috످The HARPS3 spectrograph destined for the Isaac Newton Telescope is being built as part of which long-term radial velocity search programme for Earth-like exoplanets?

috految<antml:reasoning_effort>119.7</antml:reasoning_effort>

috److془HARPS3 - Terra Hunting Experiment. I know this well.془HARPS3 is being built as part of the Terra Hunting Experiment, a planned 10-year radial velocity survey searching for Earth-like planets in Earth-like orbits around nearby Sun-like stars.

috످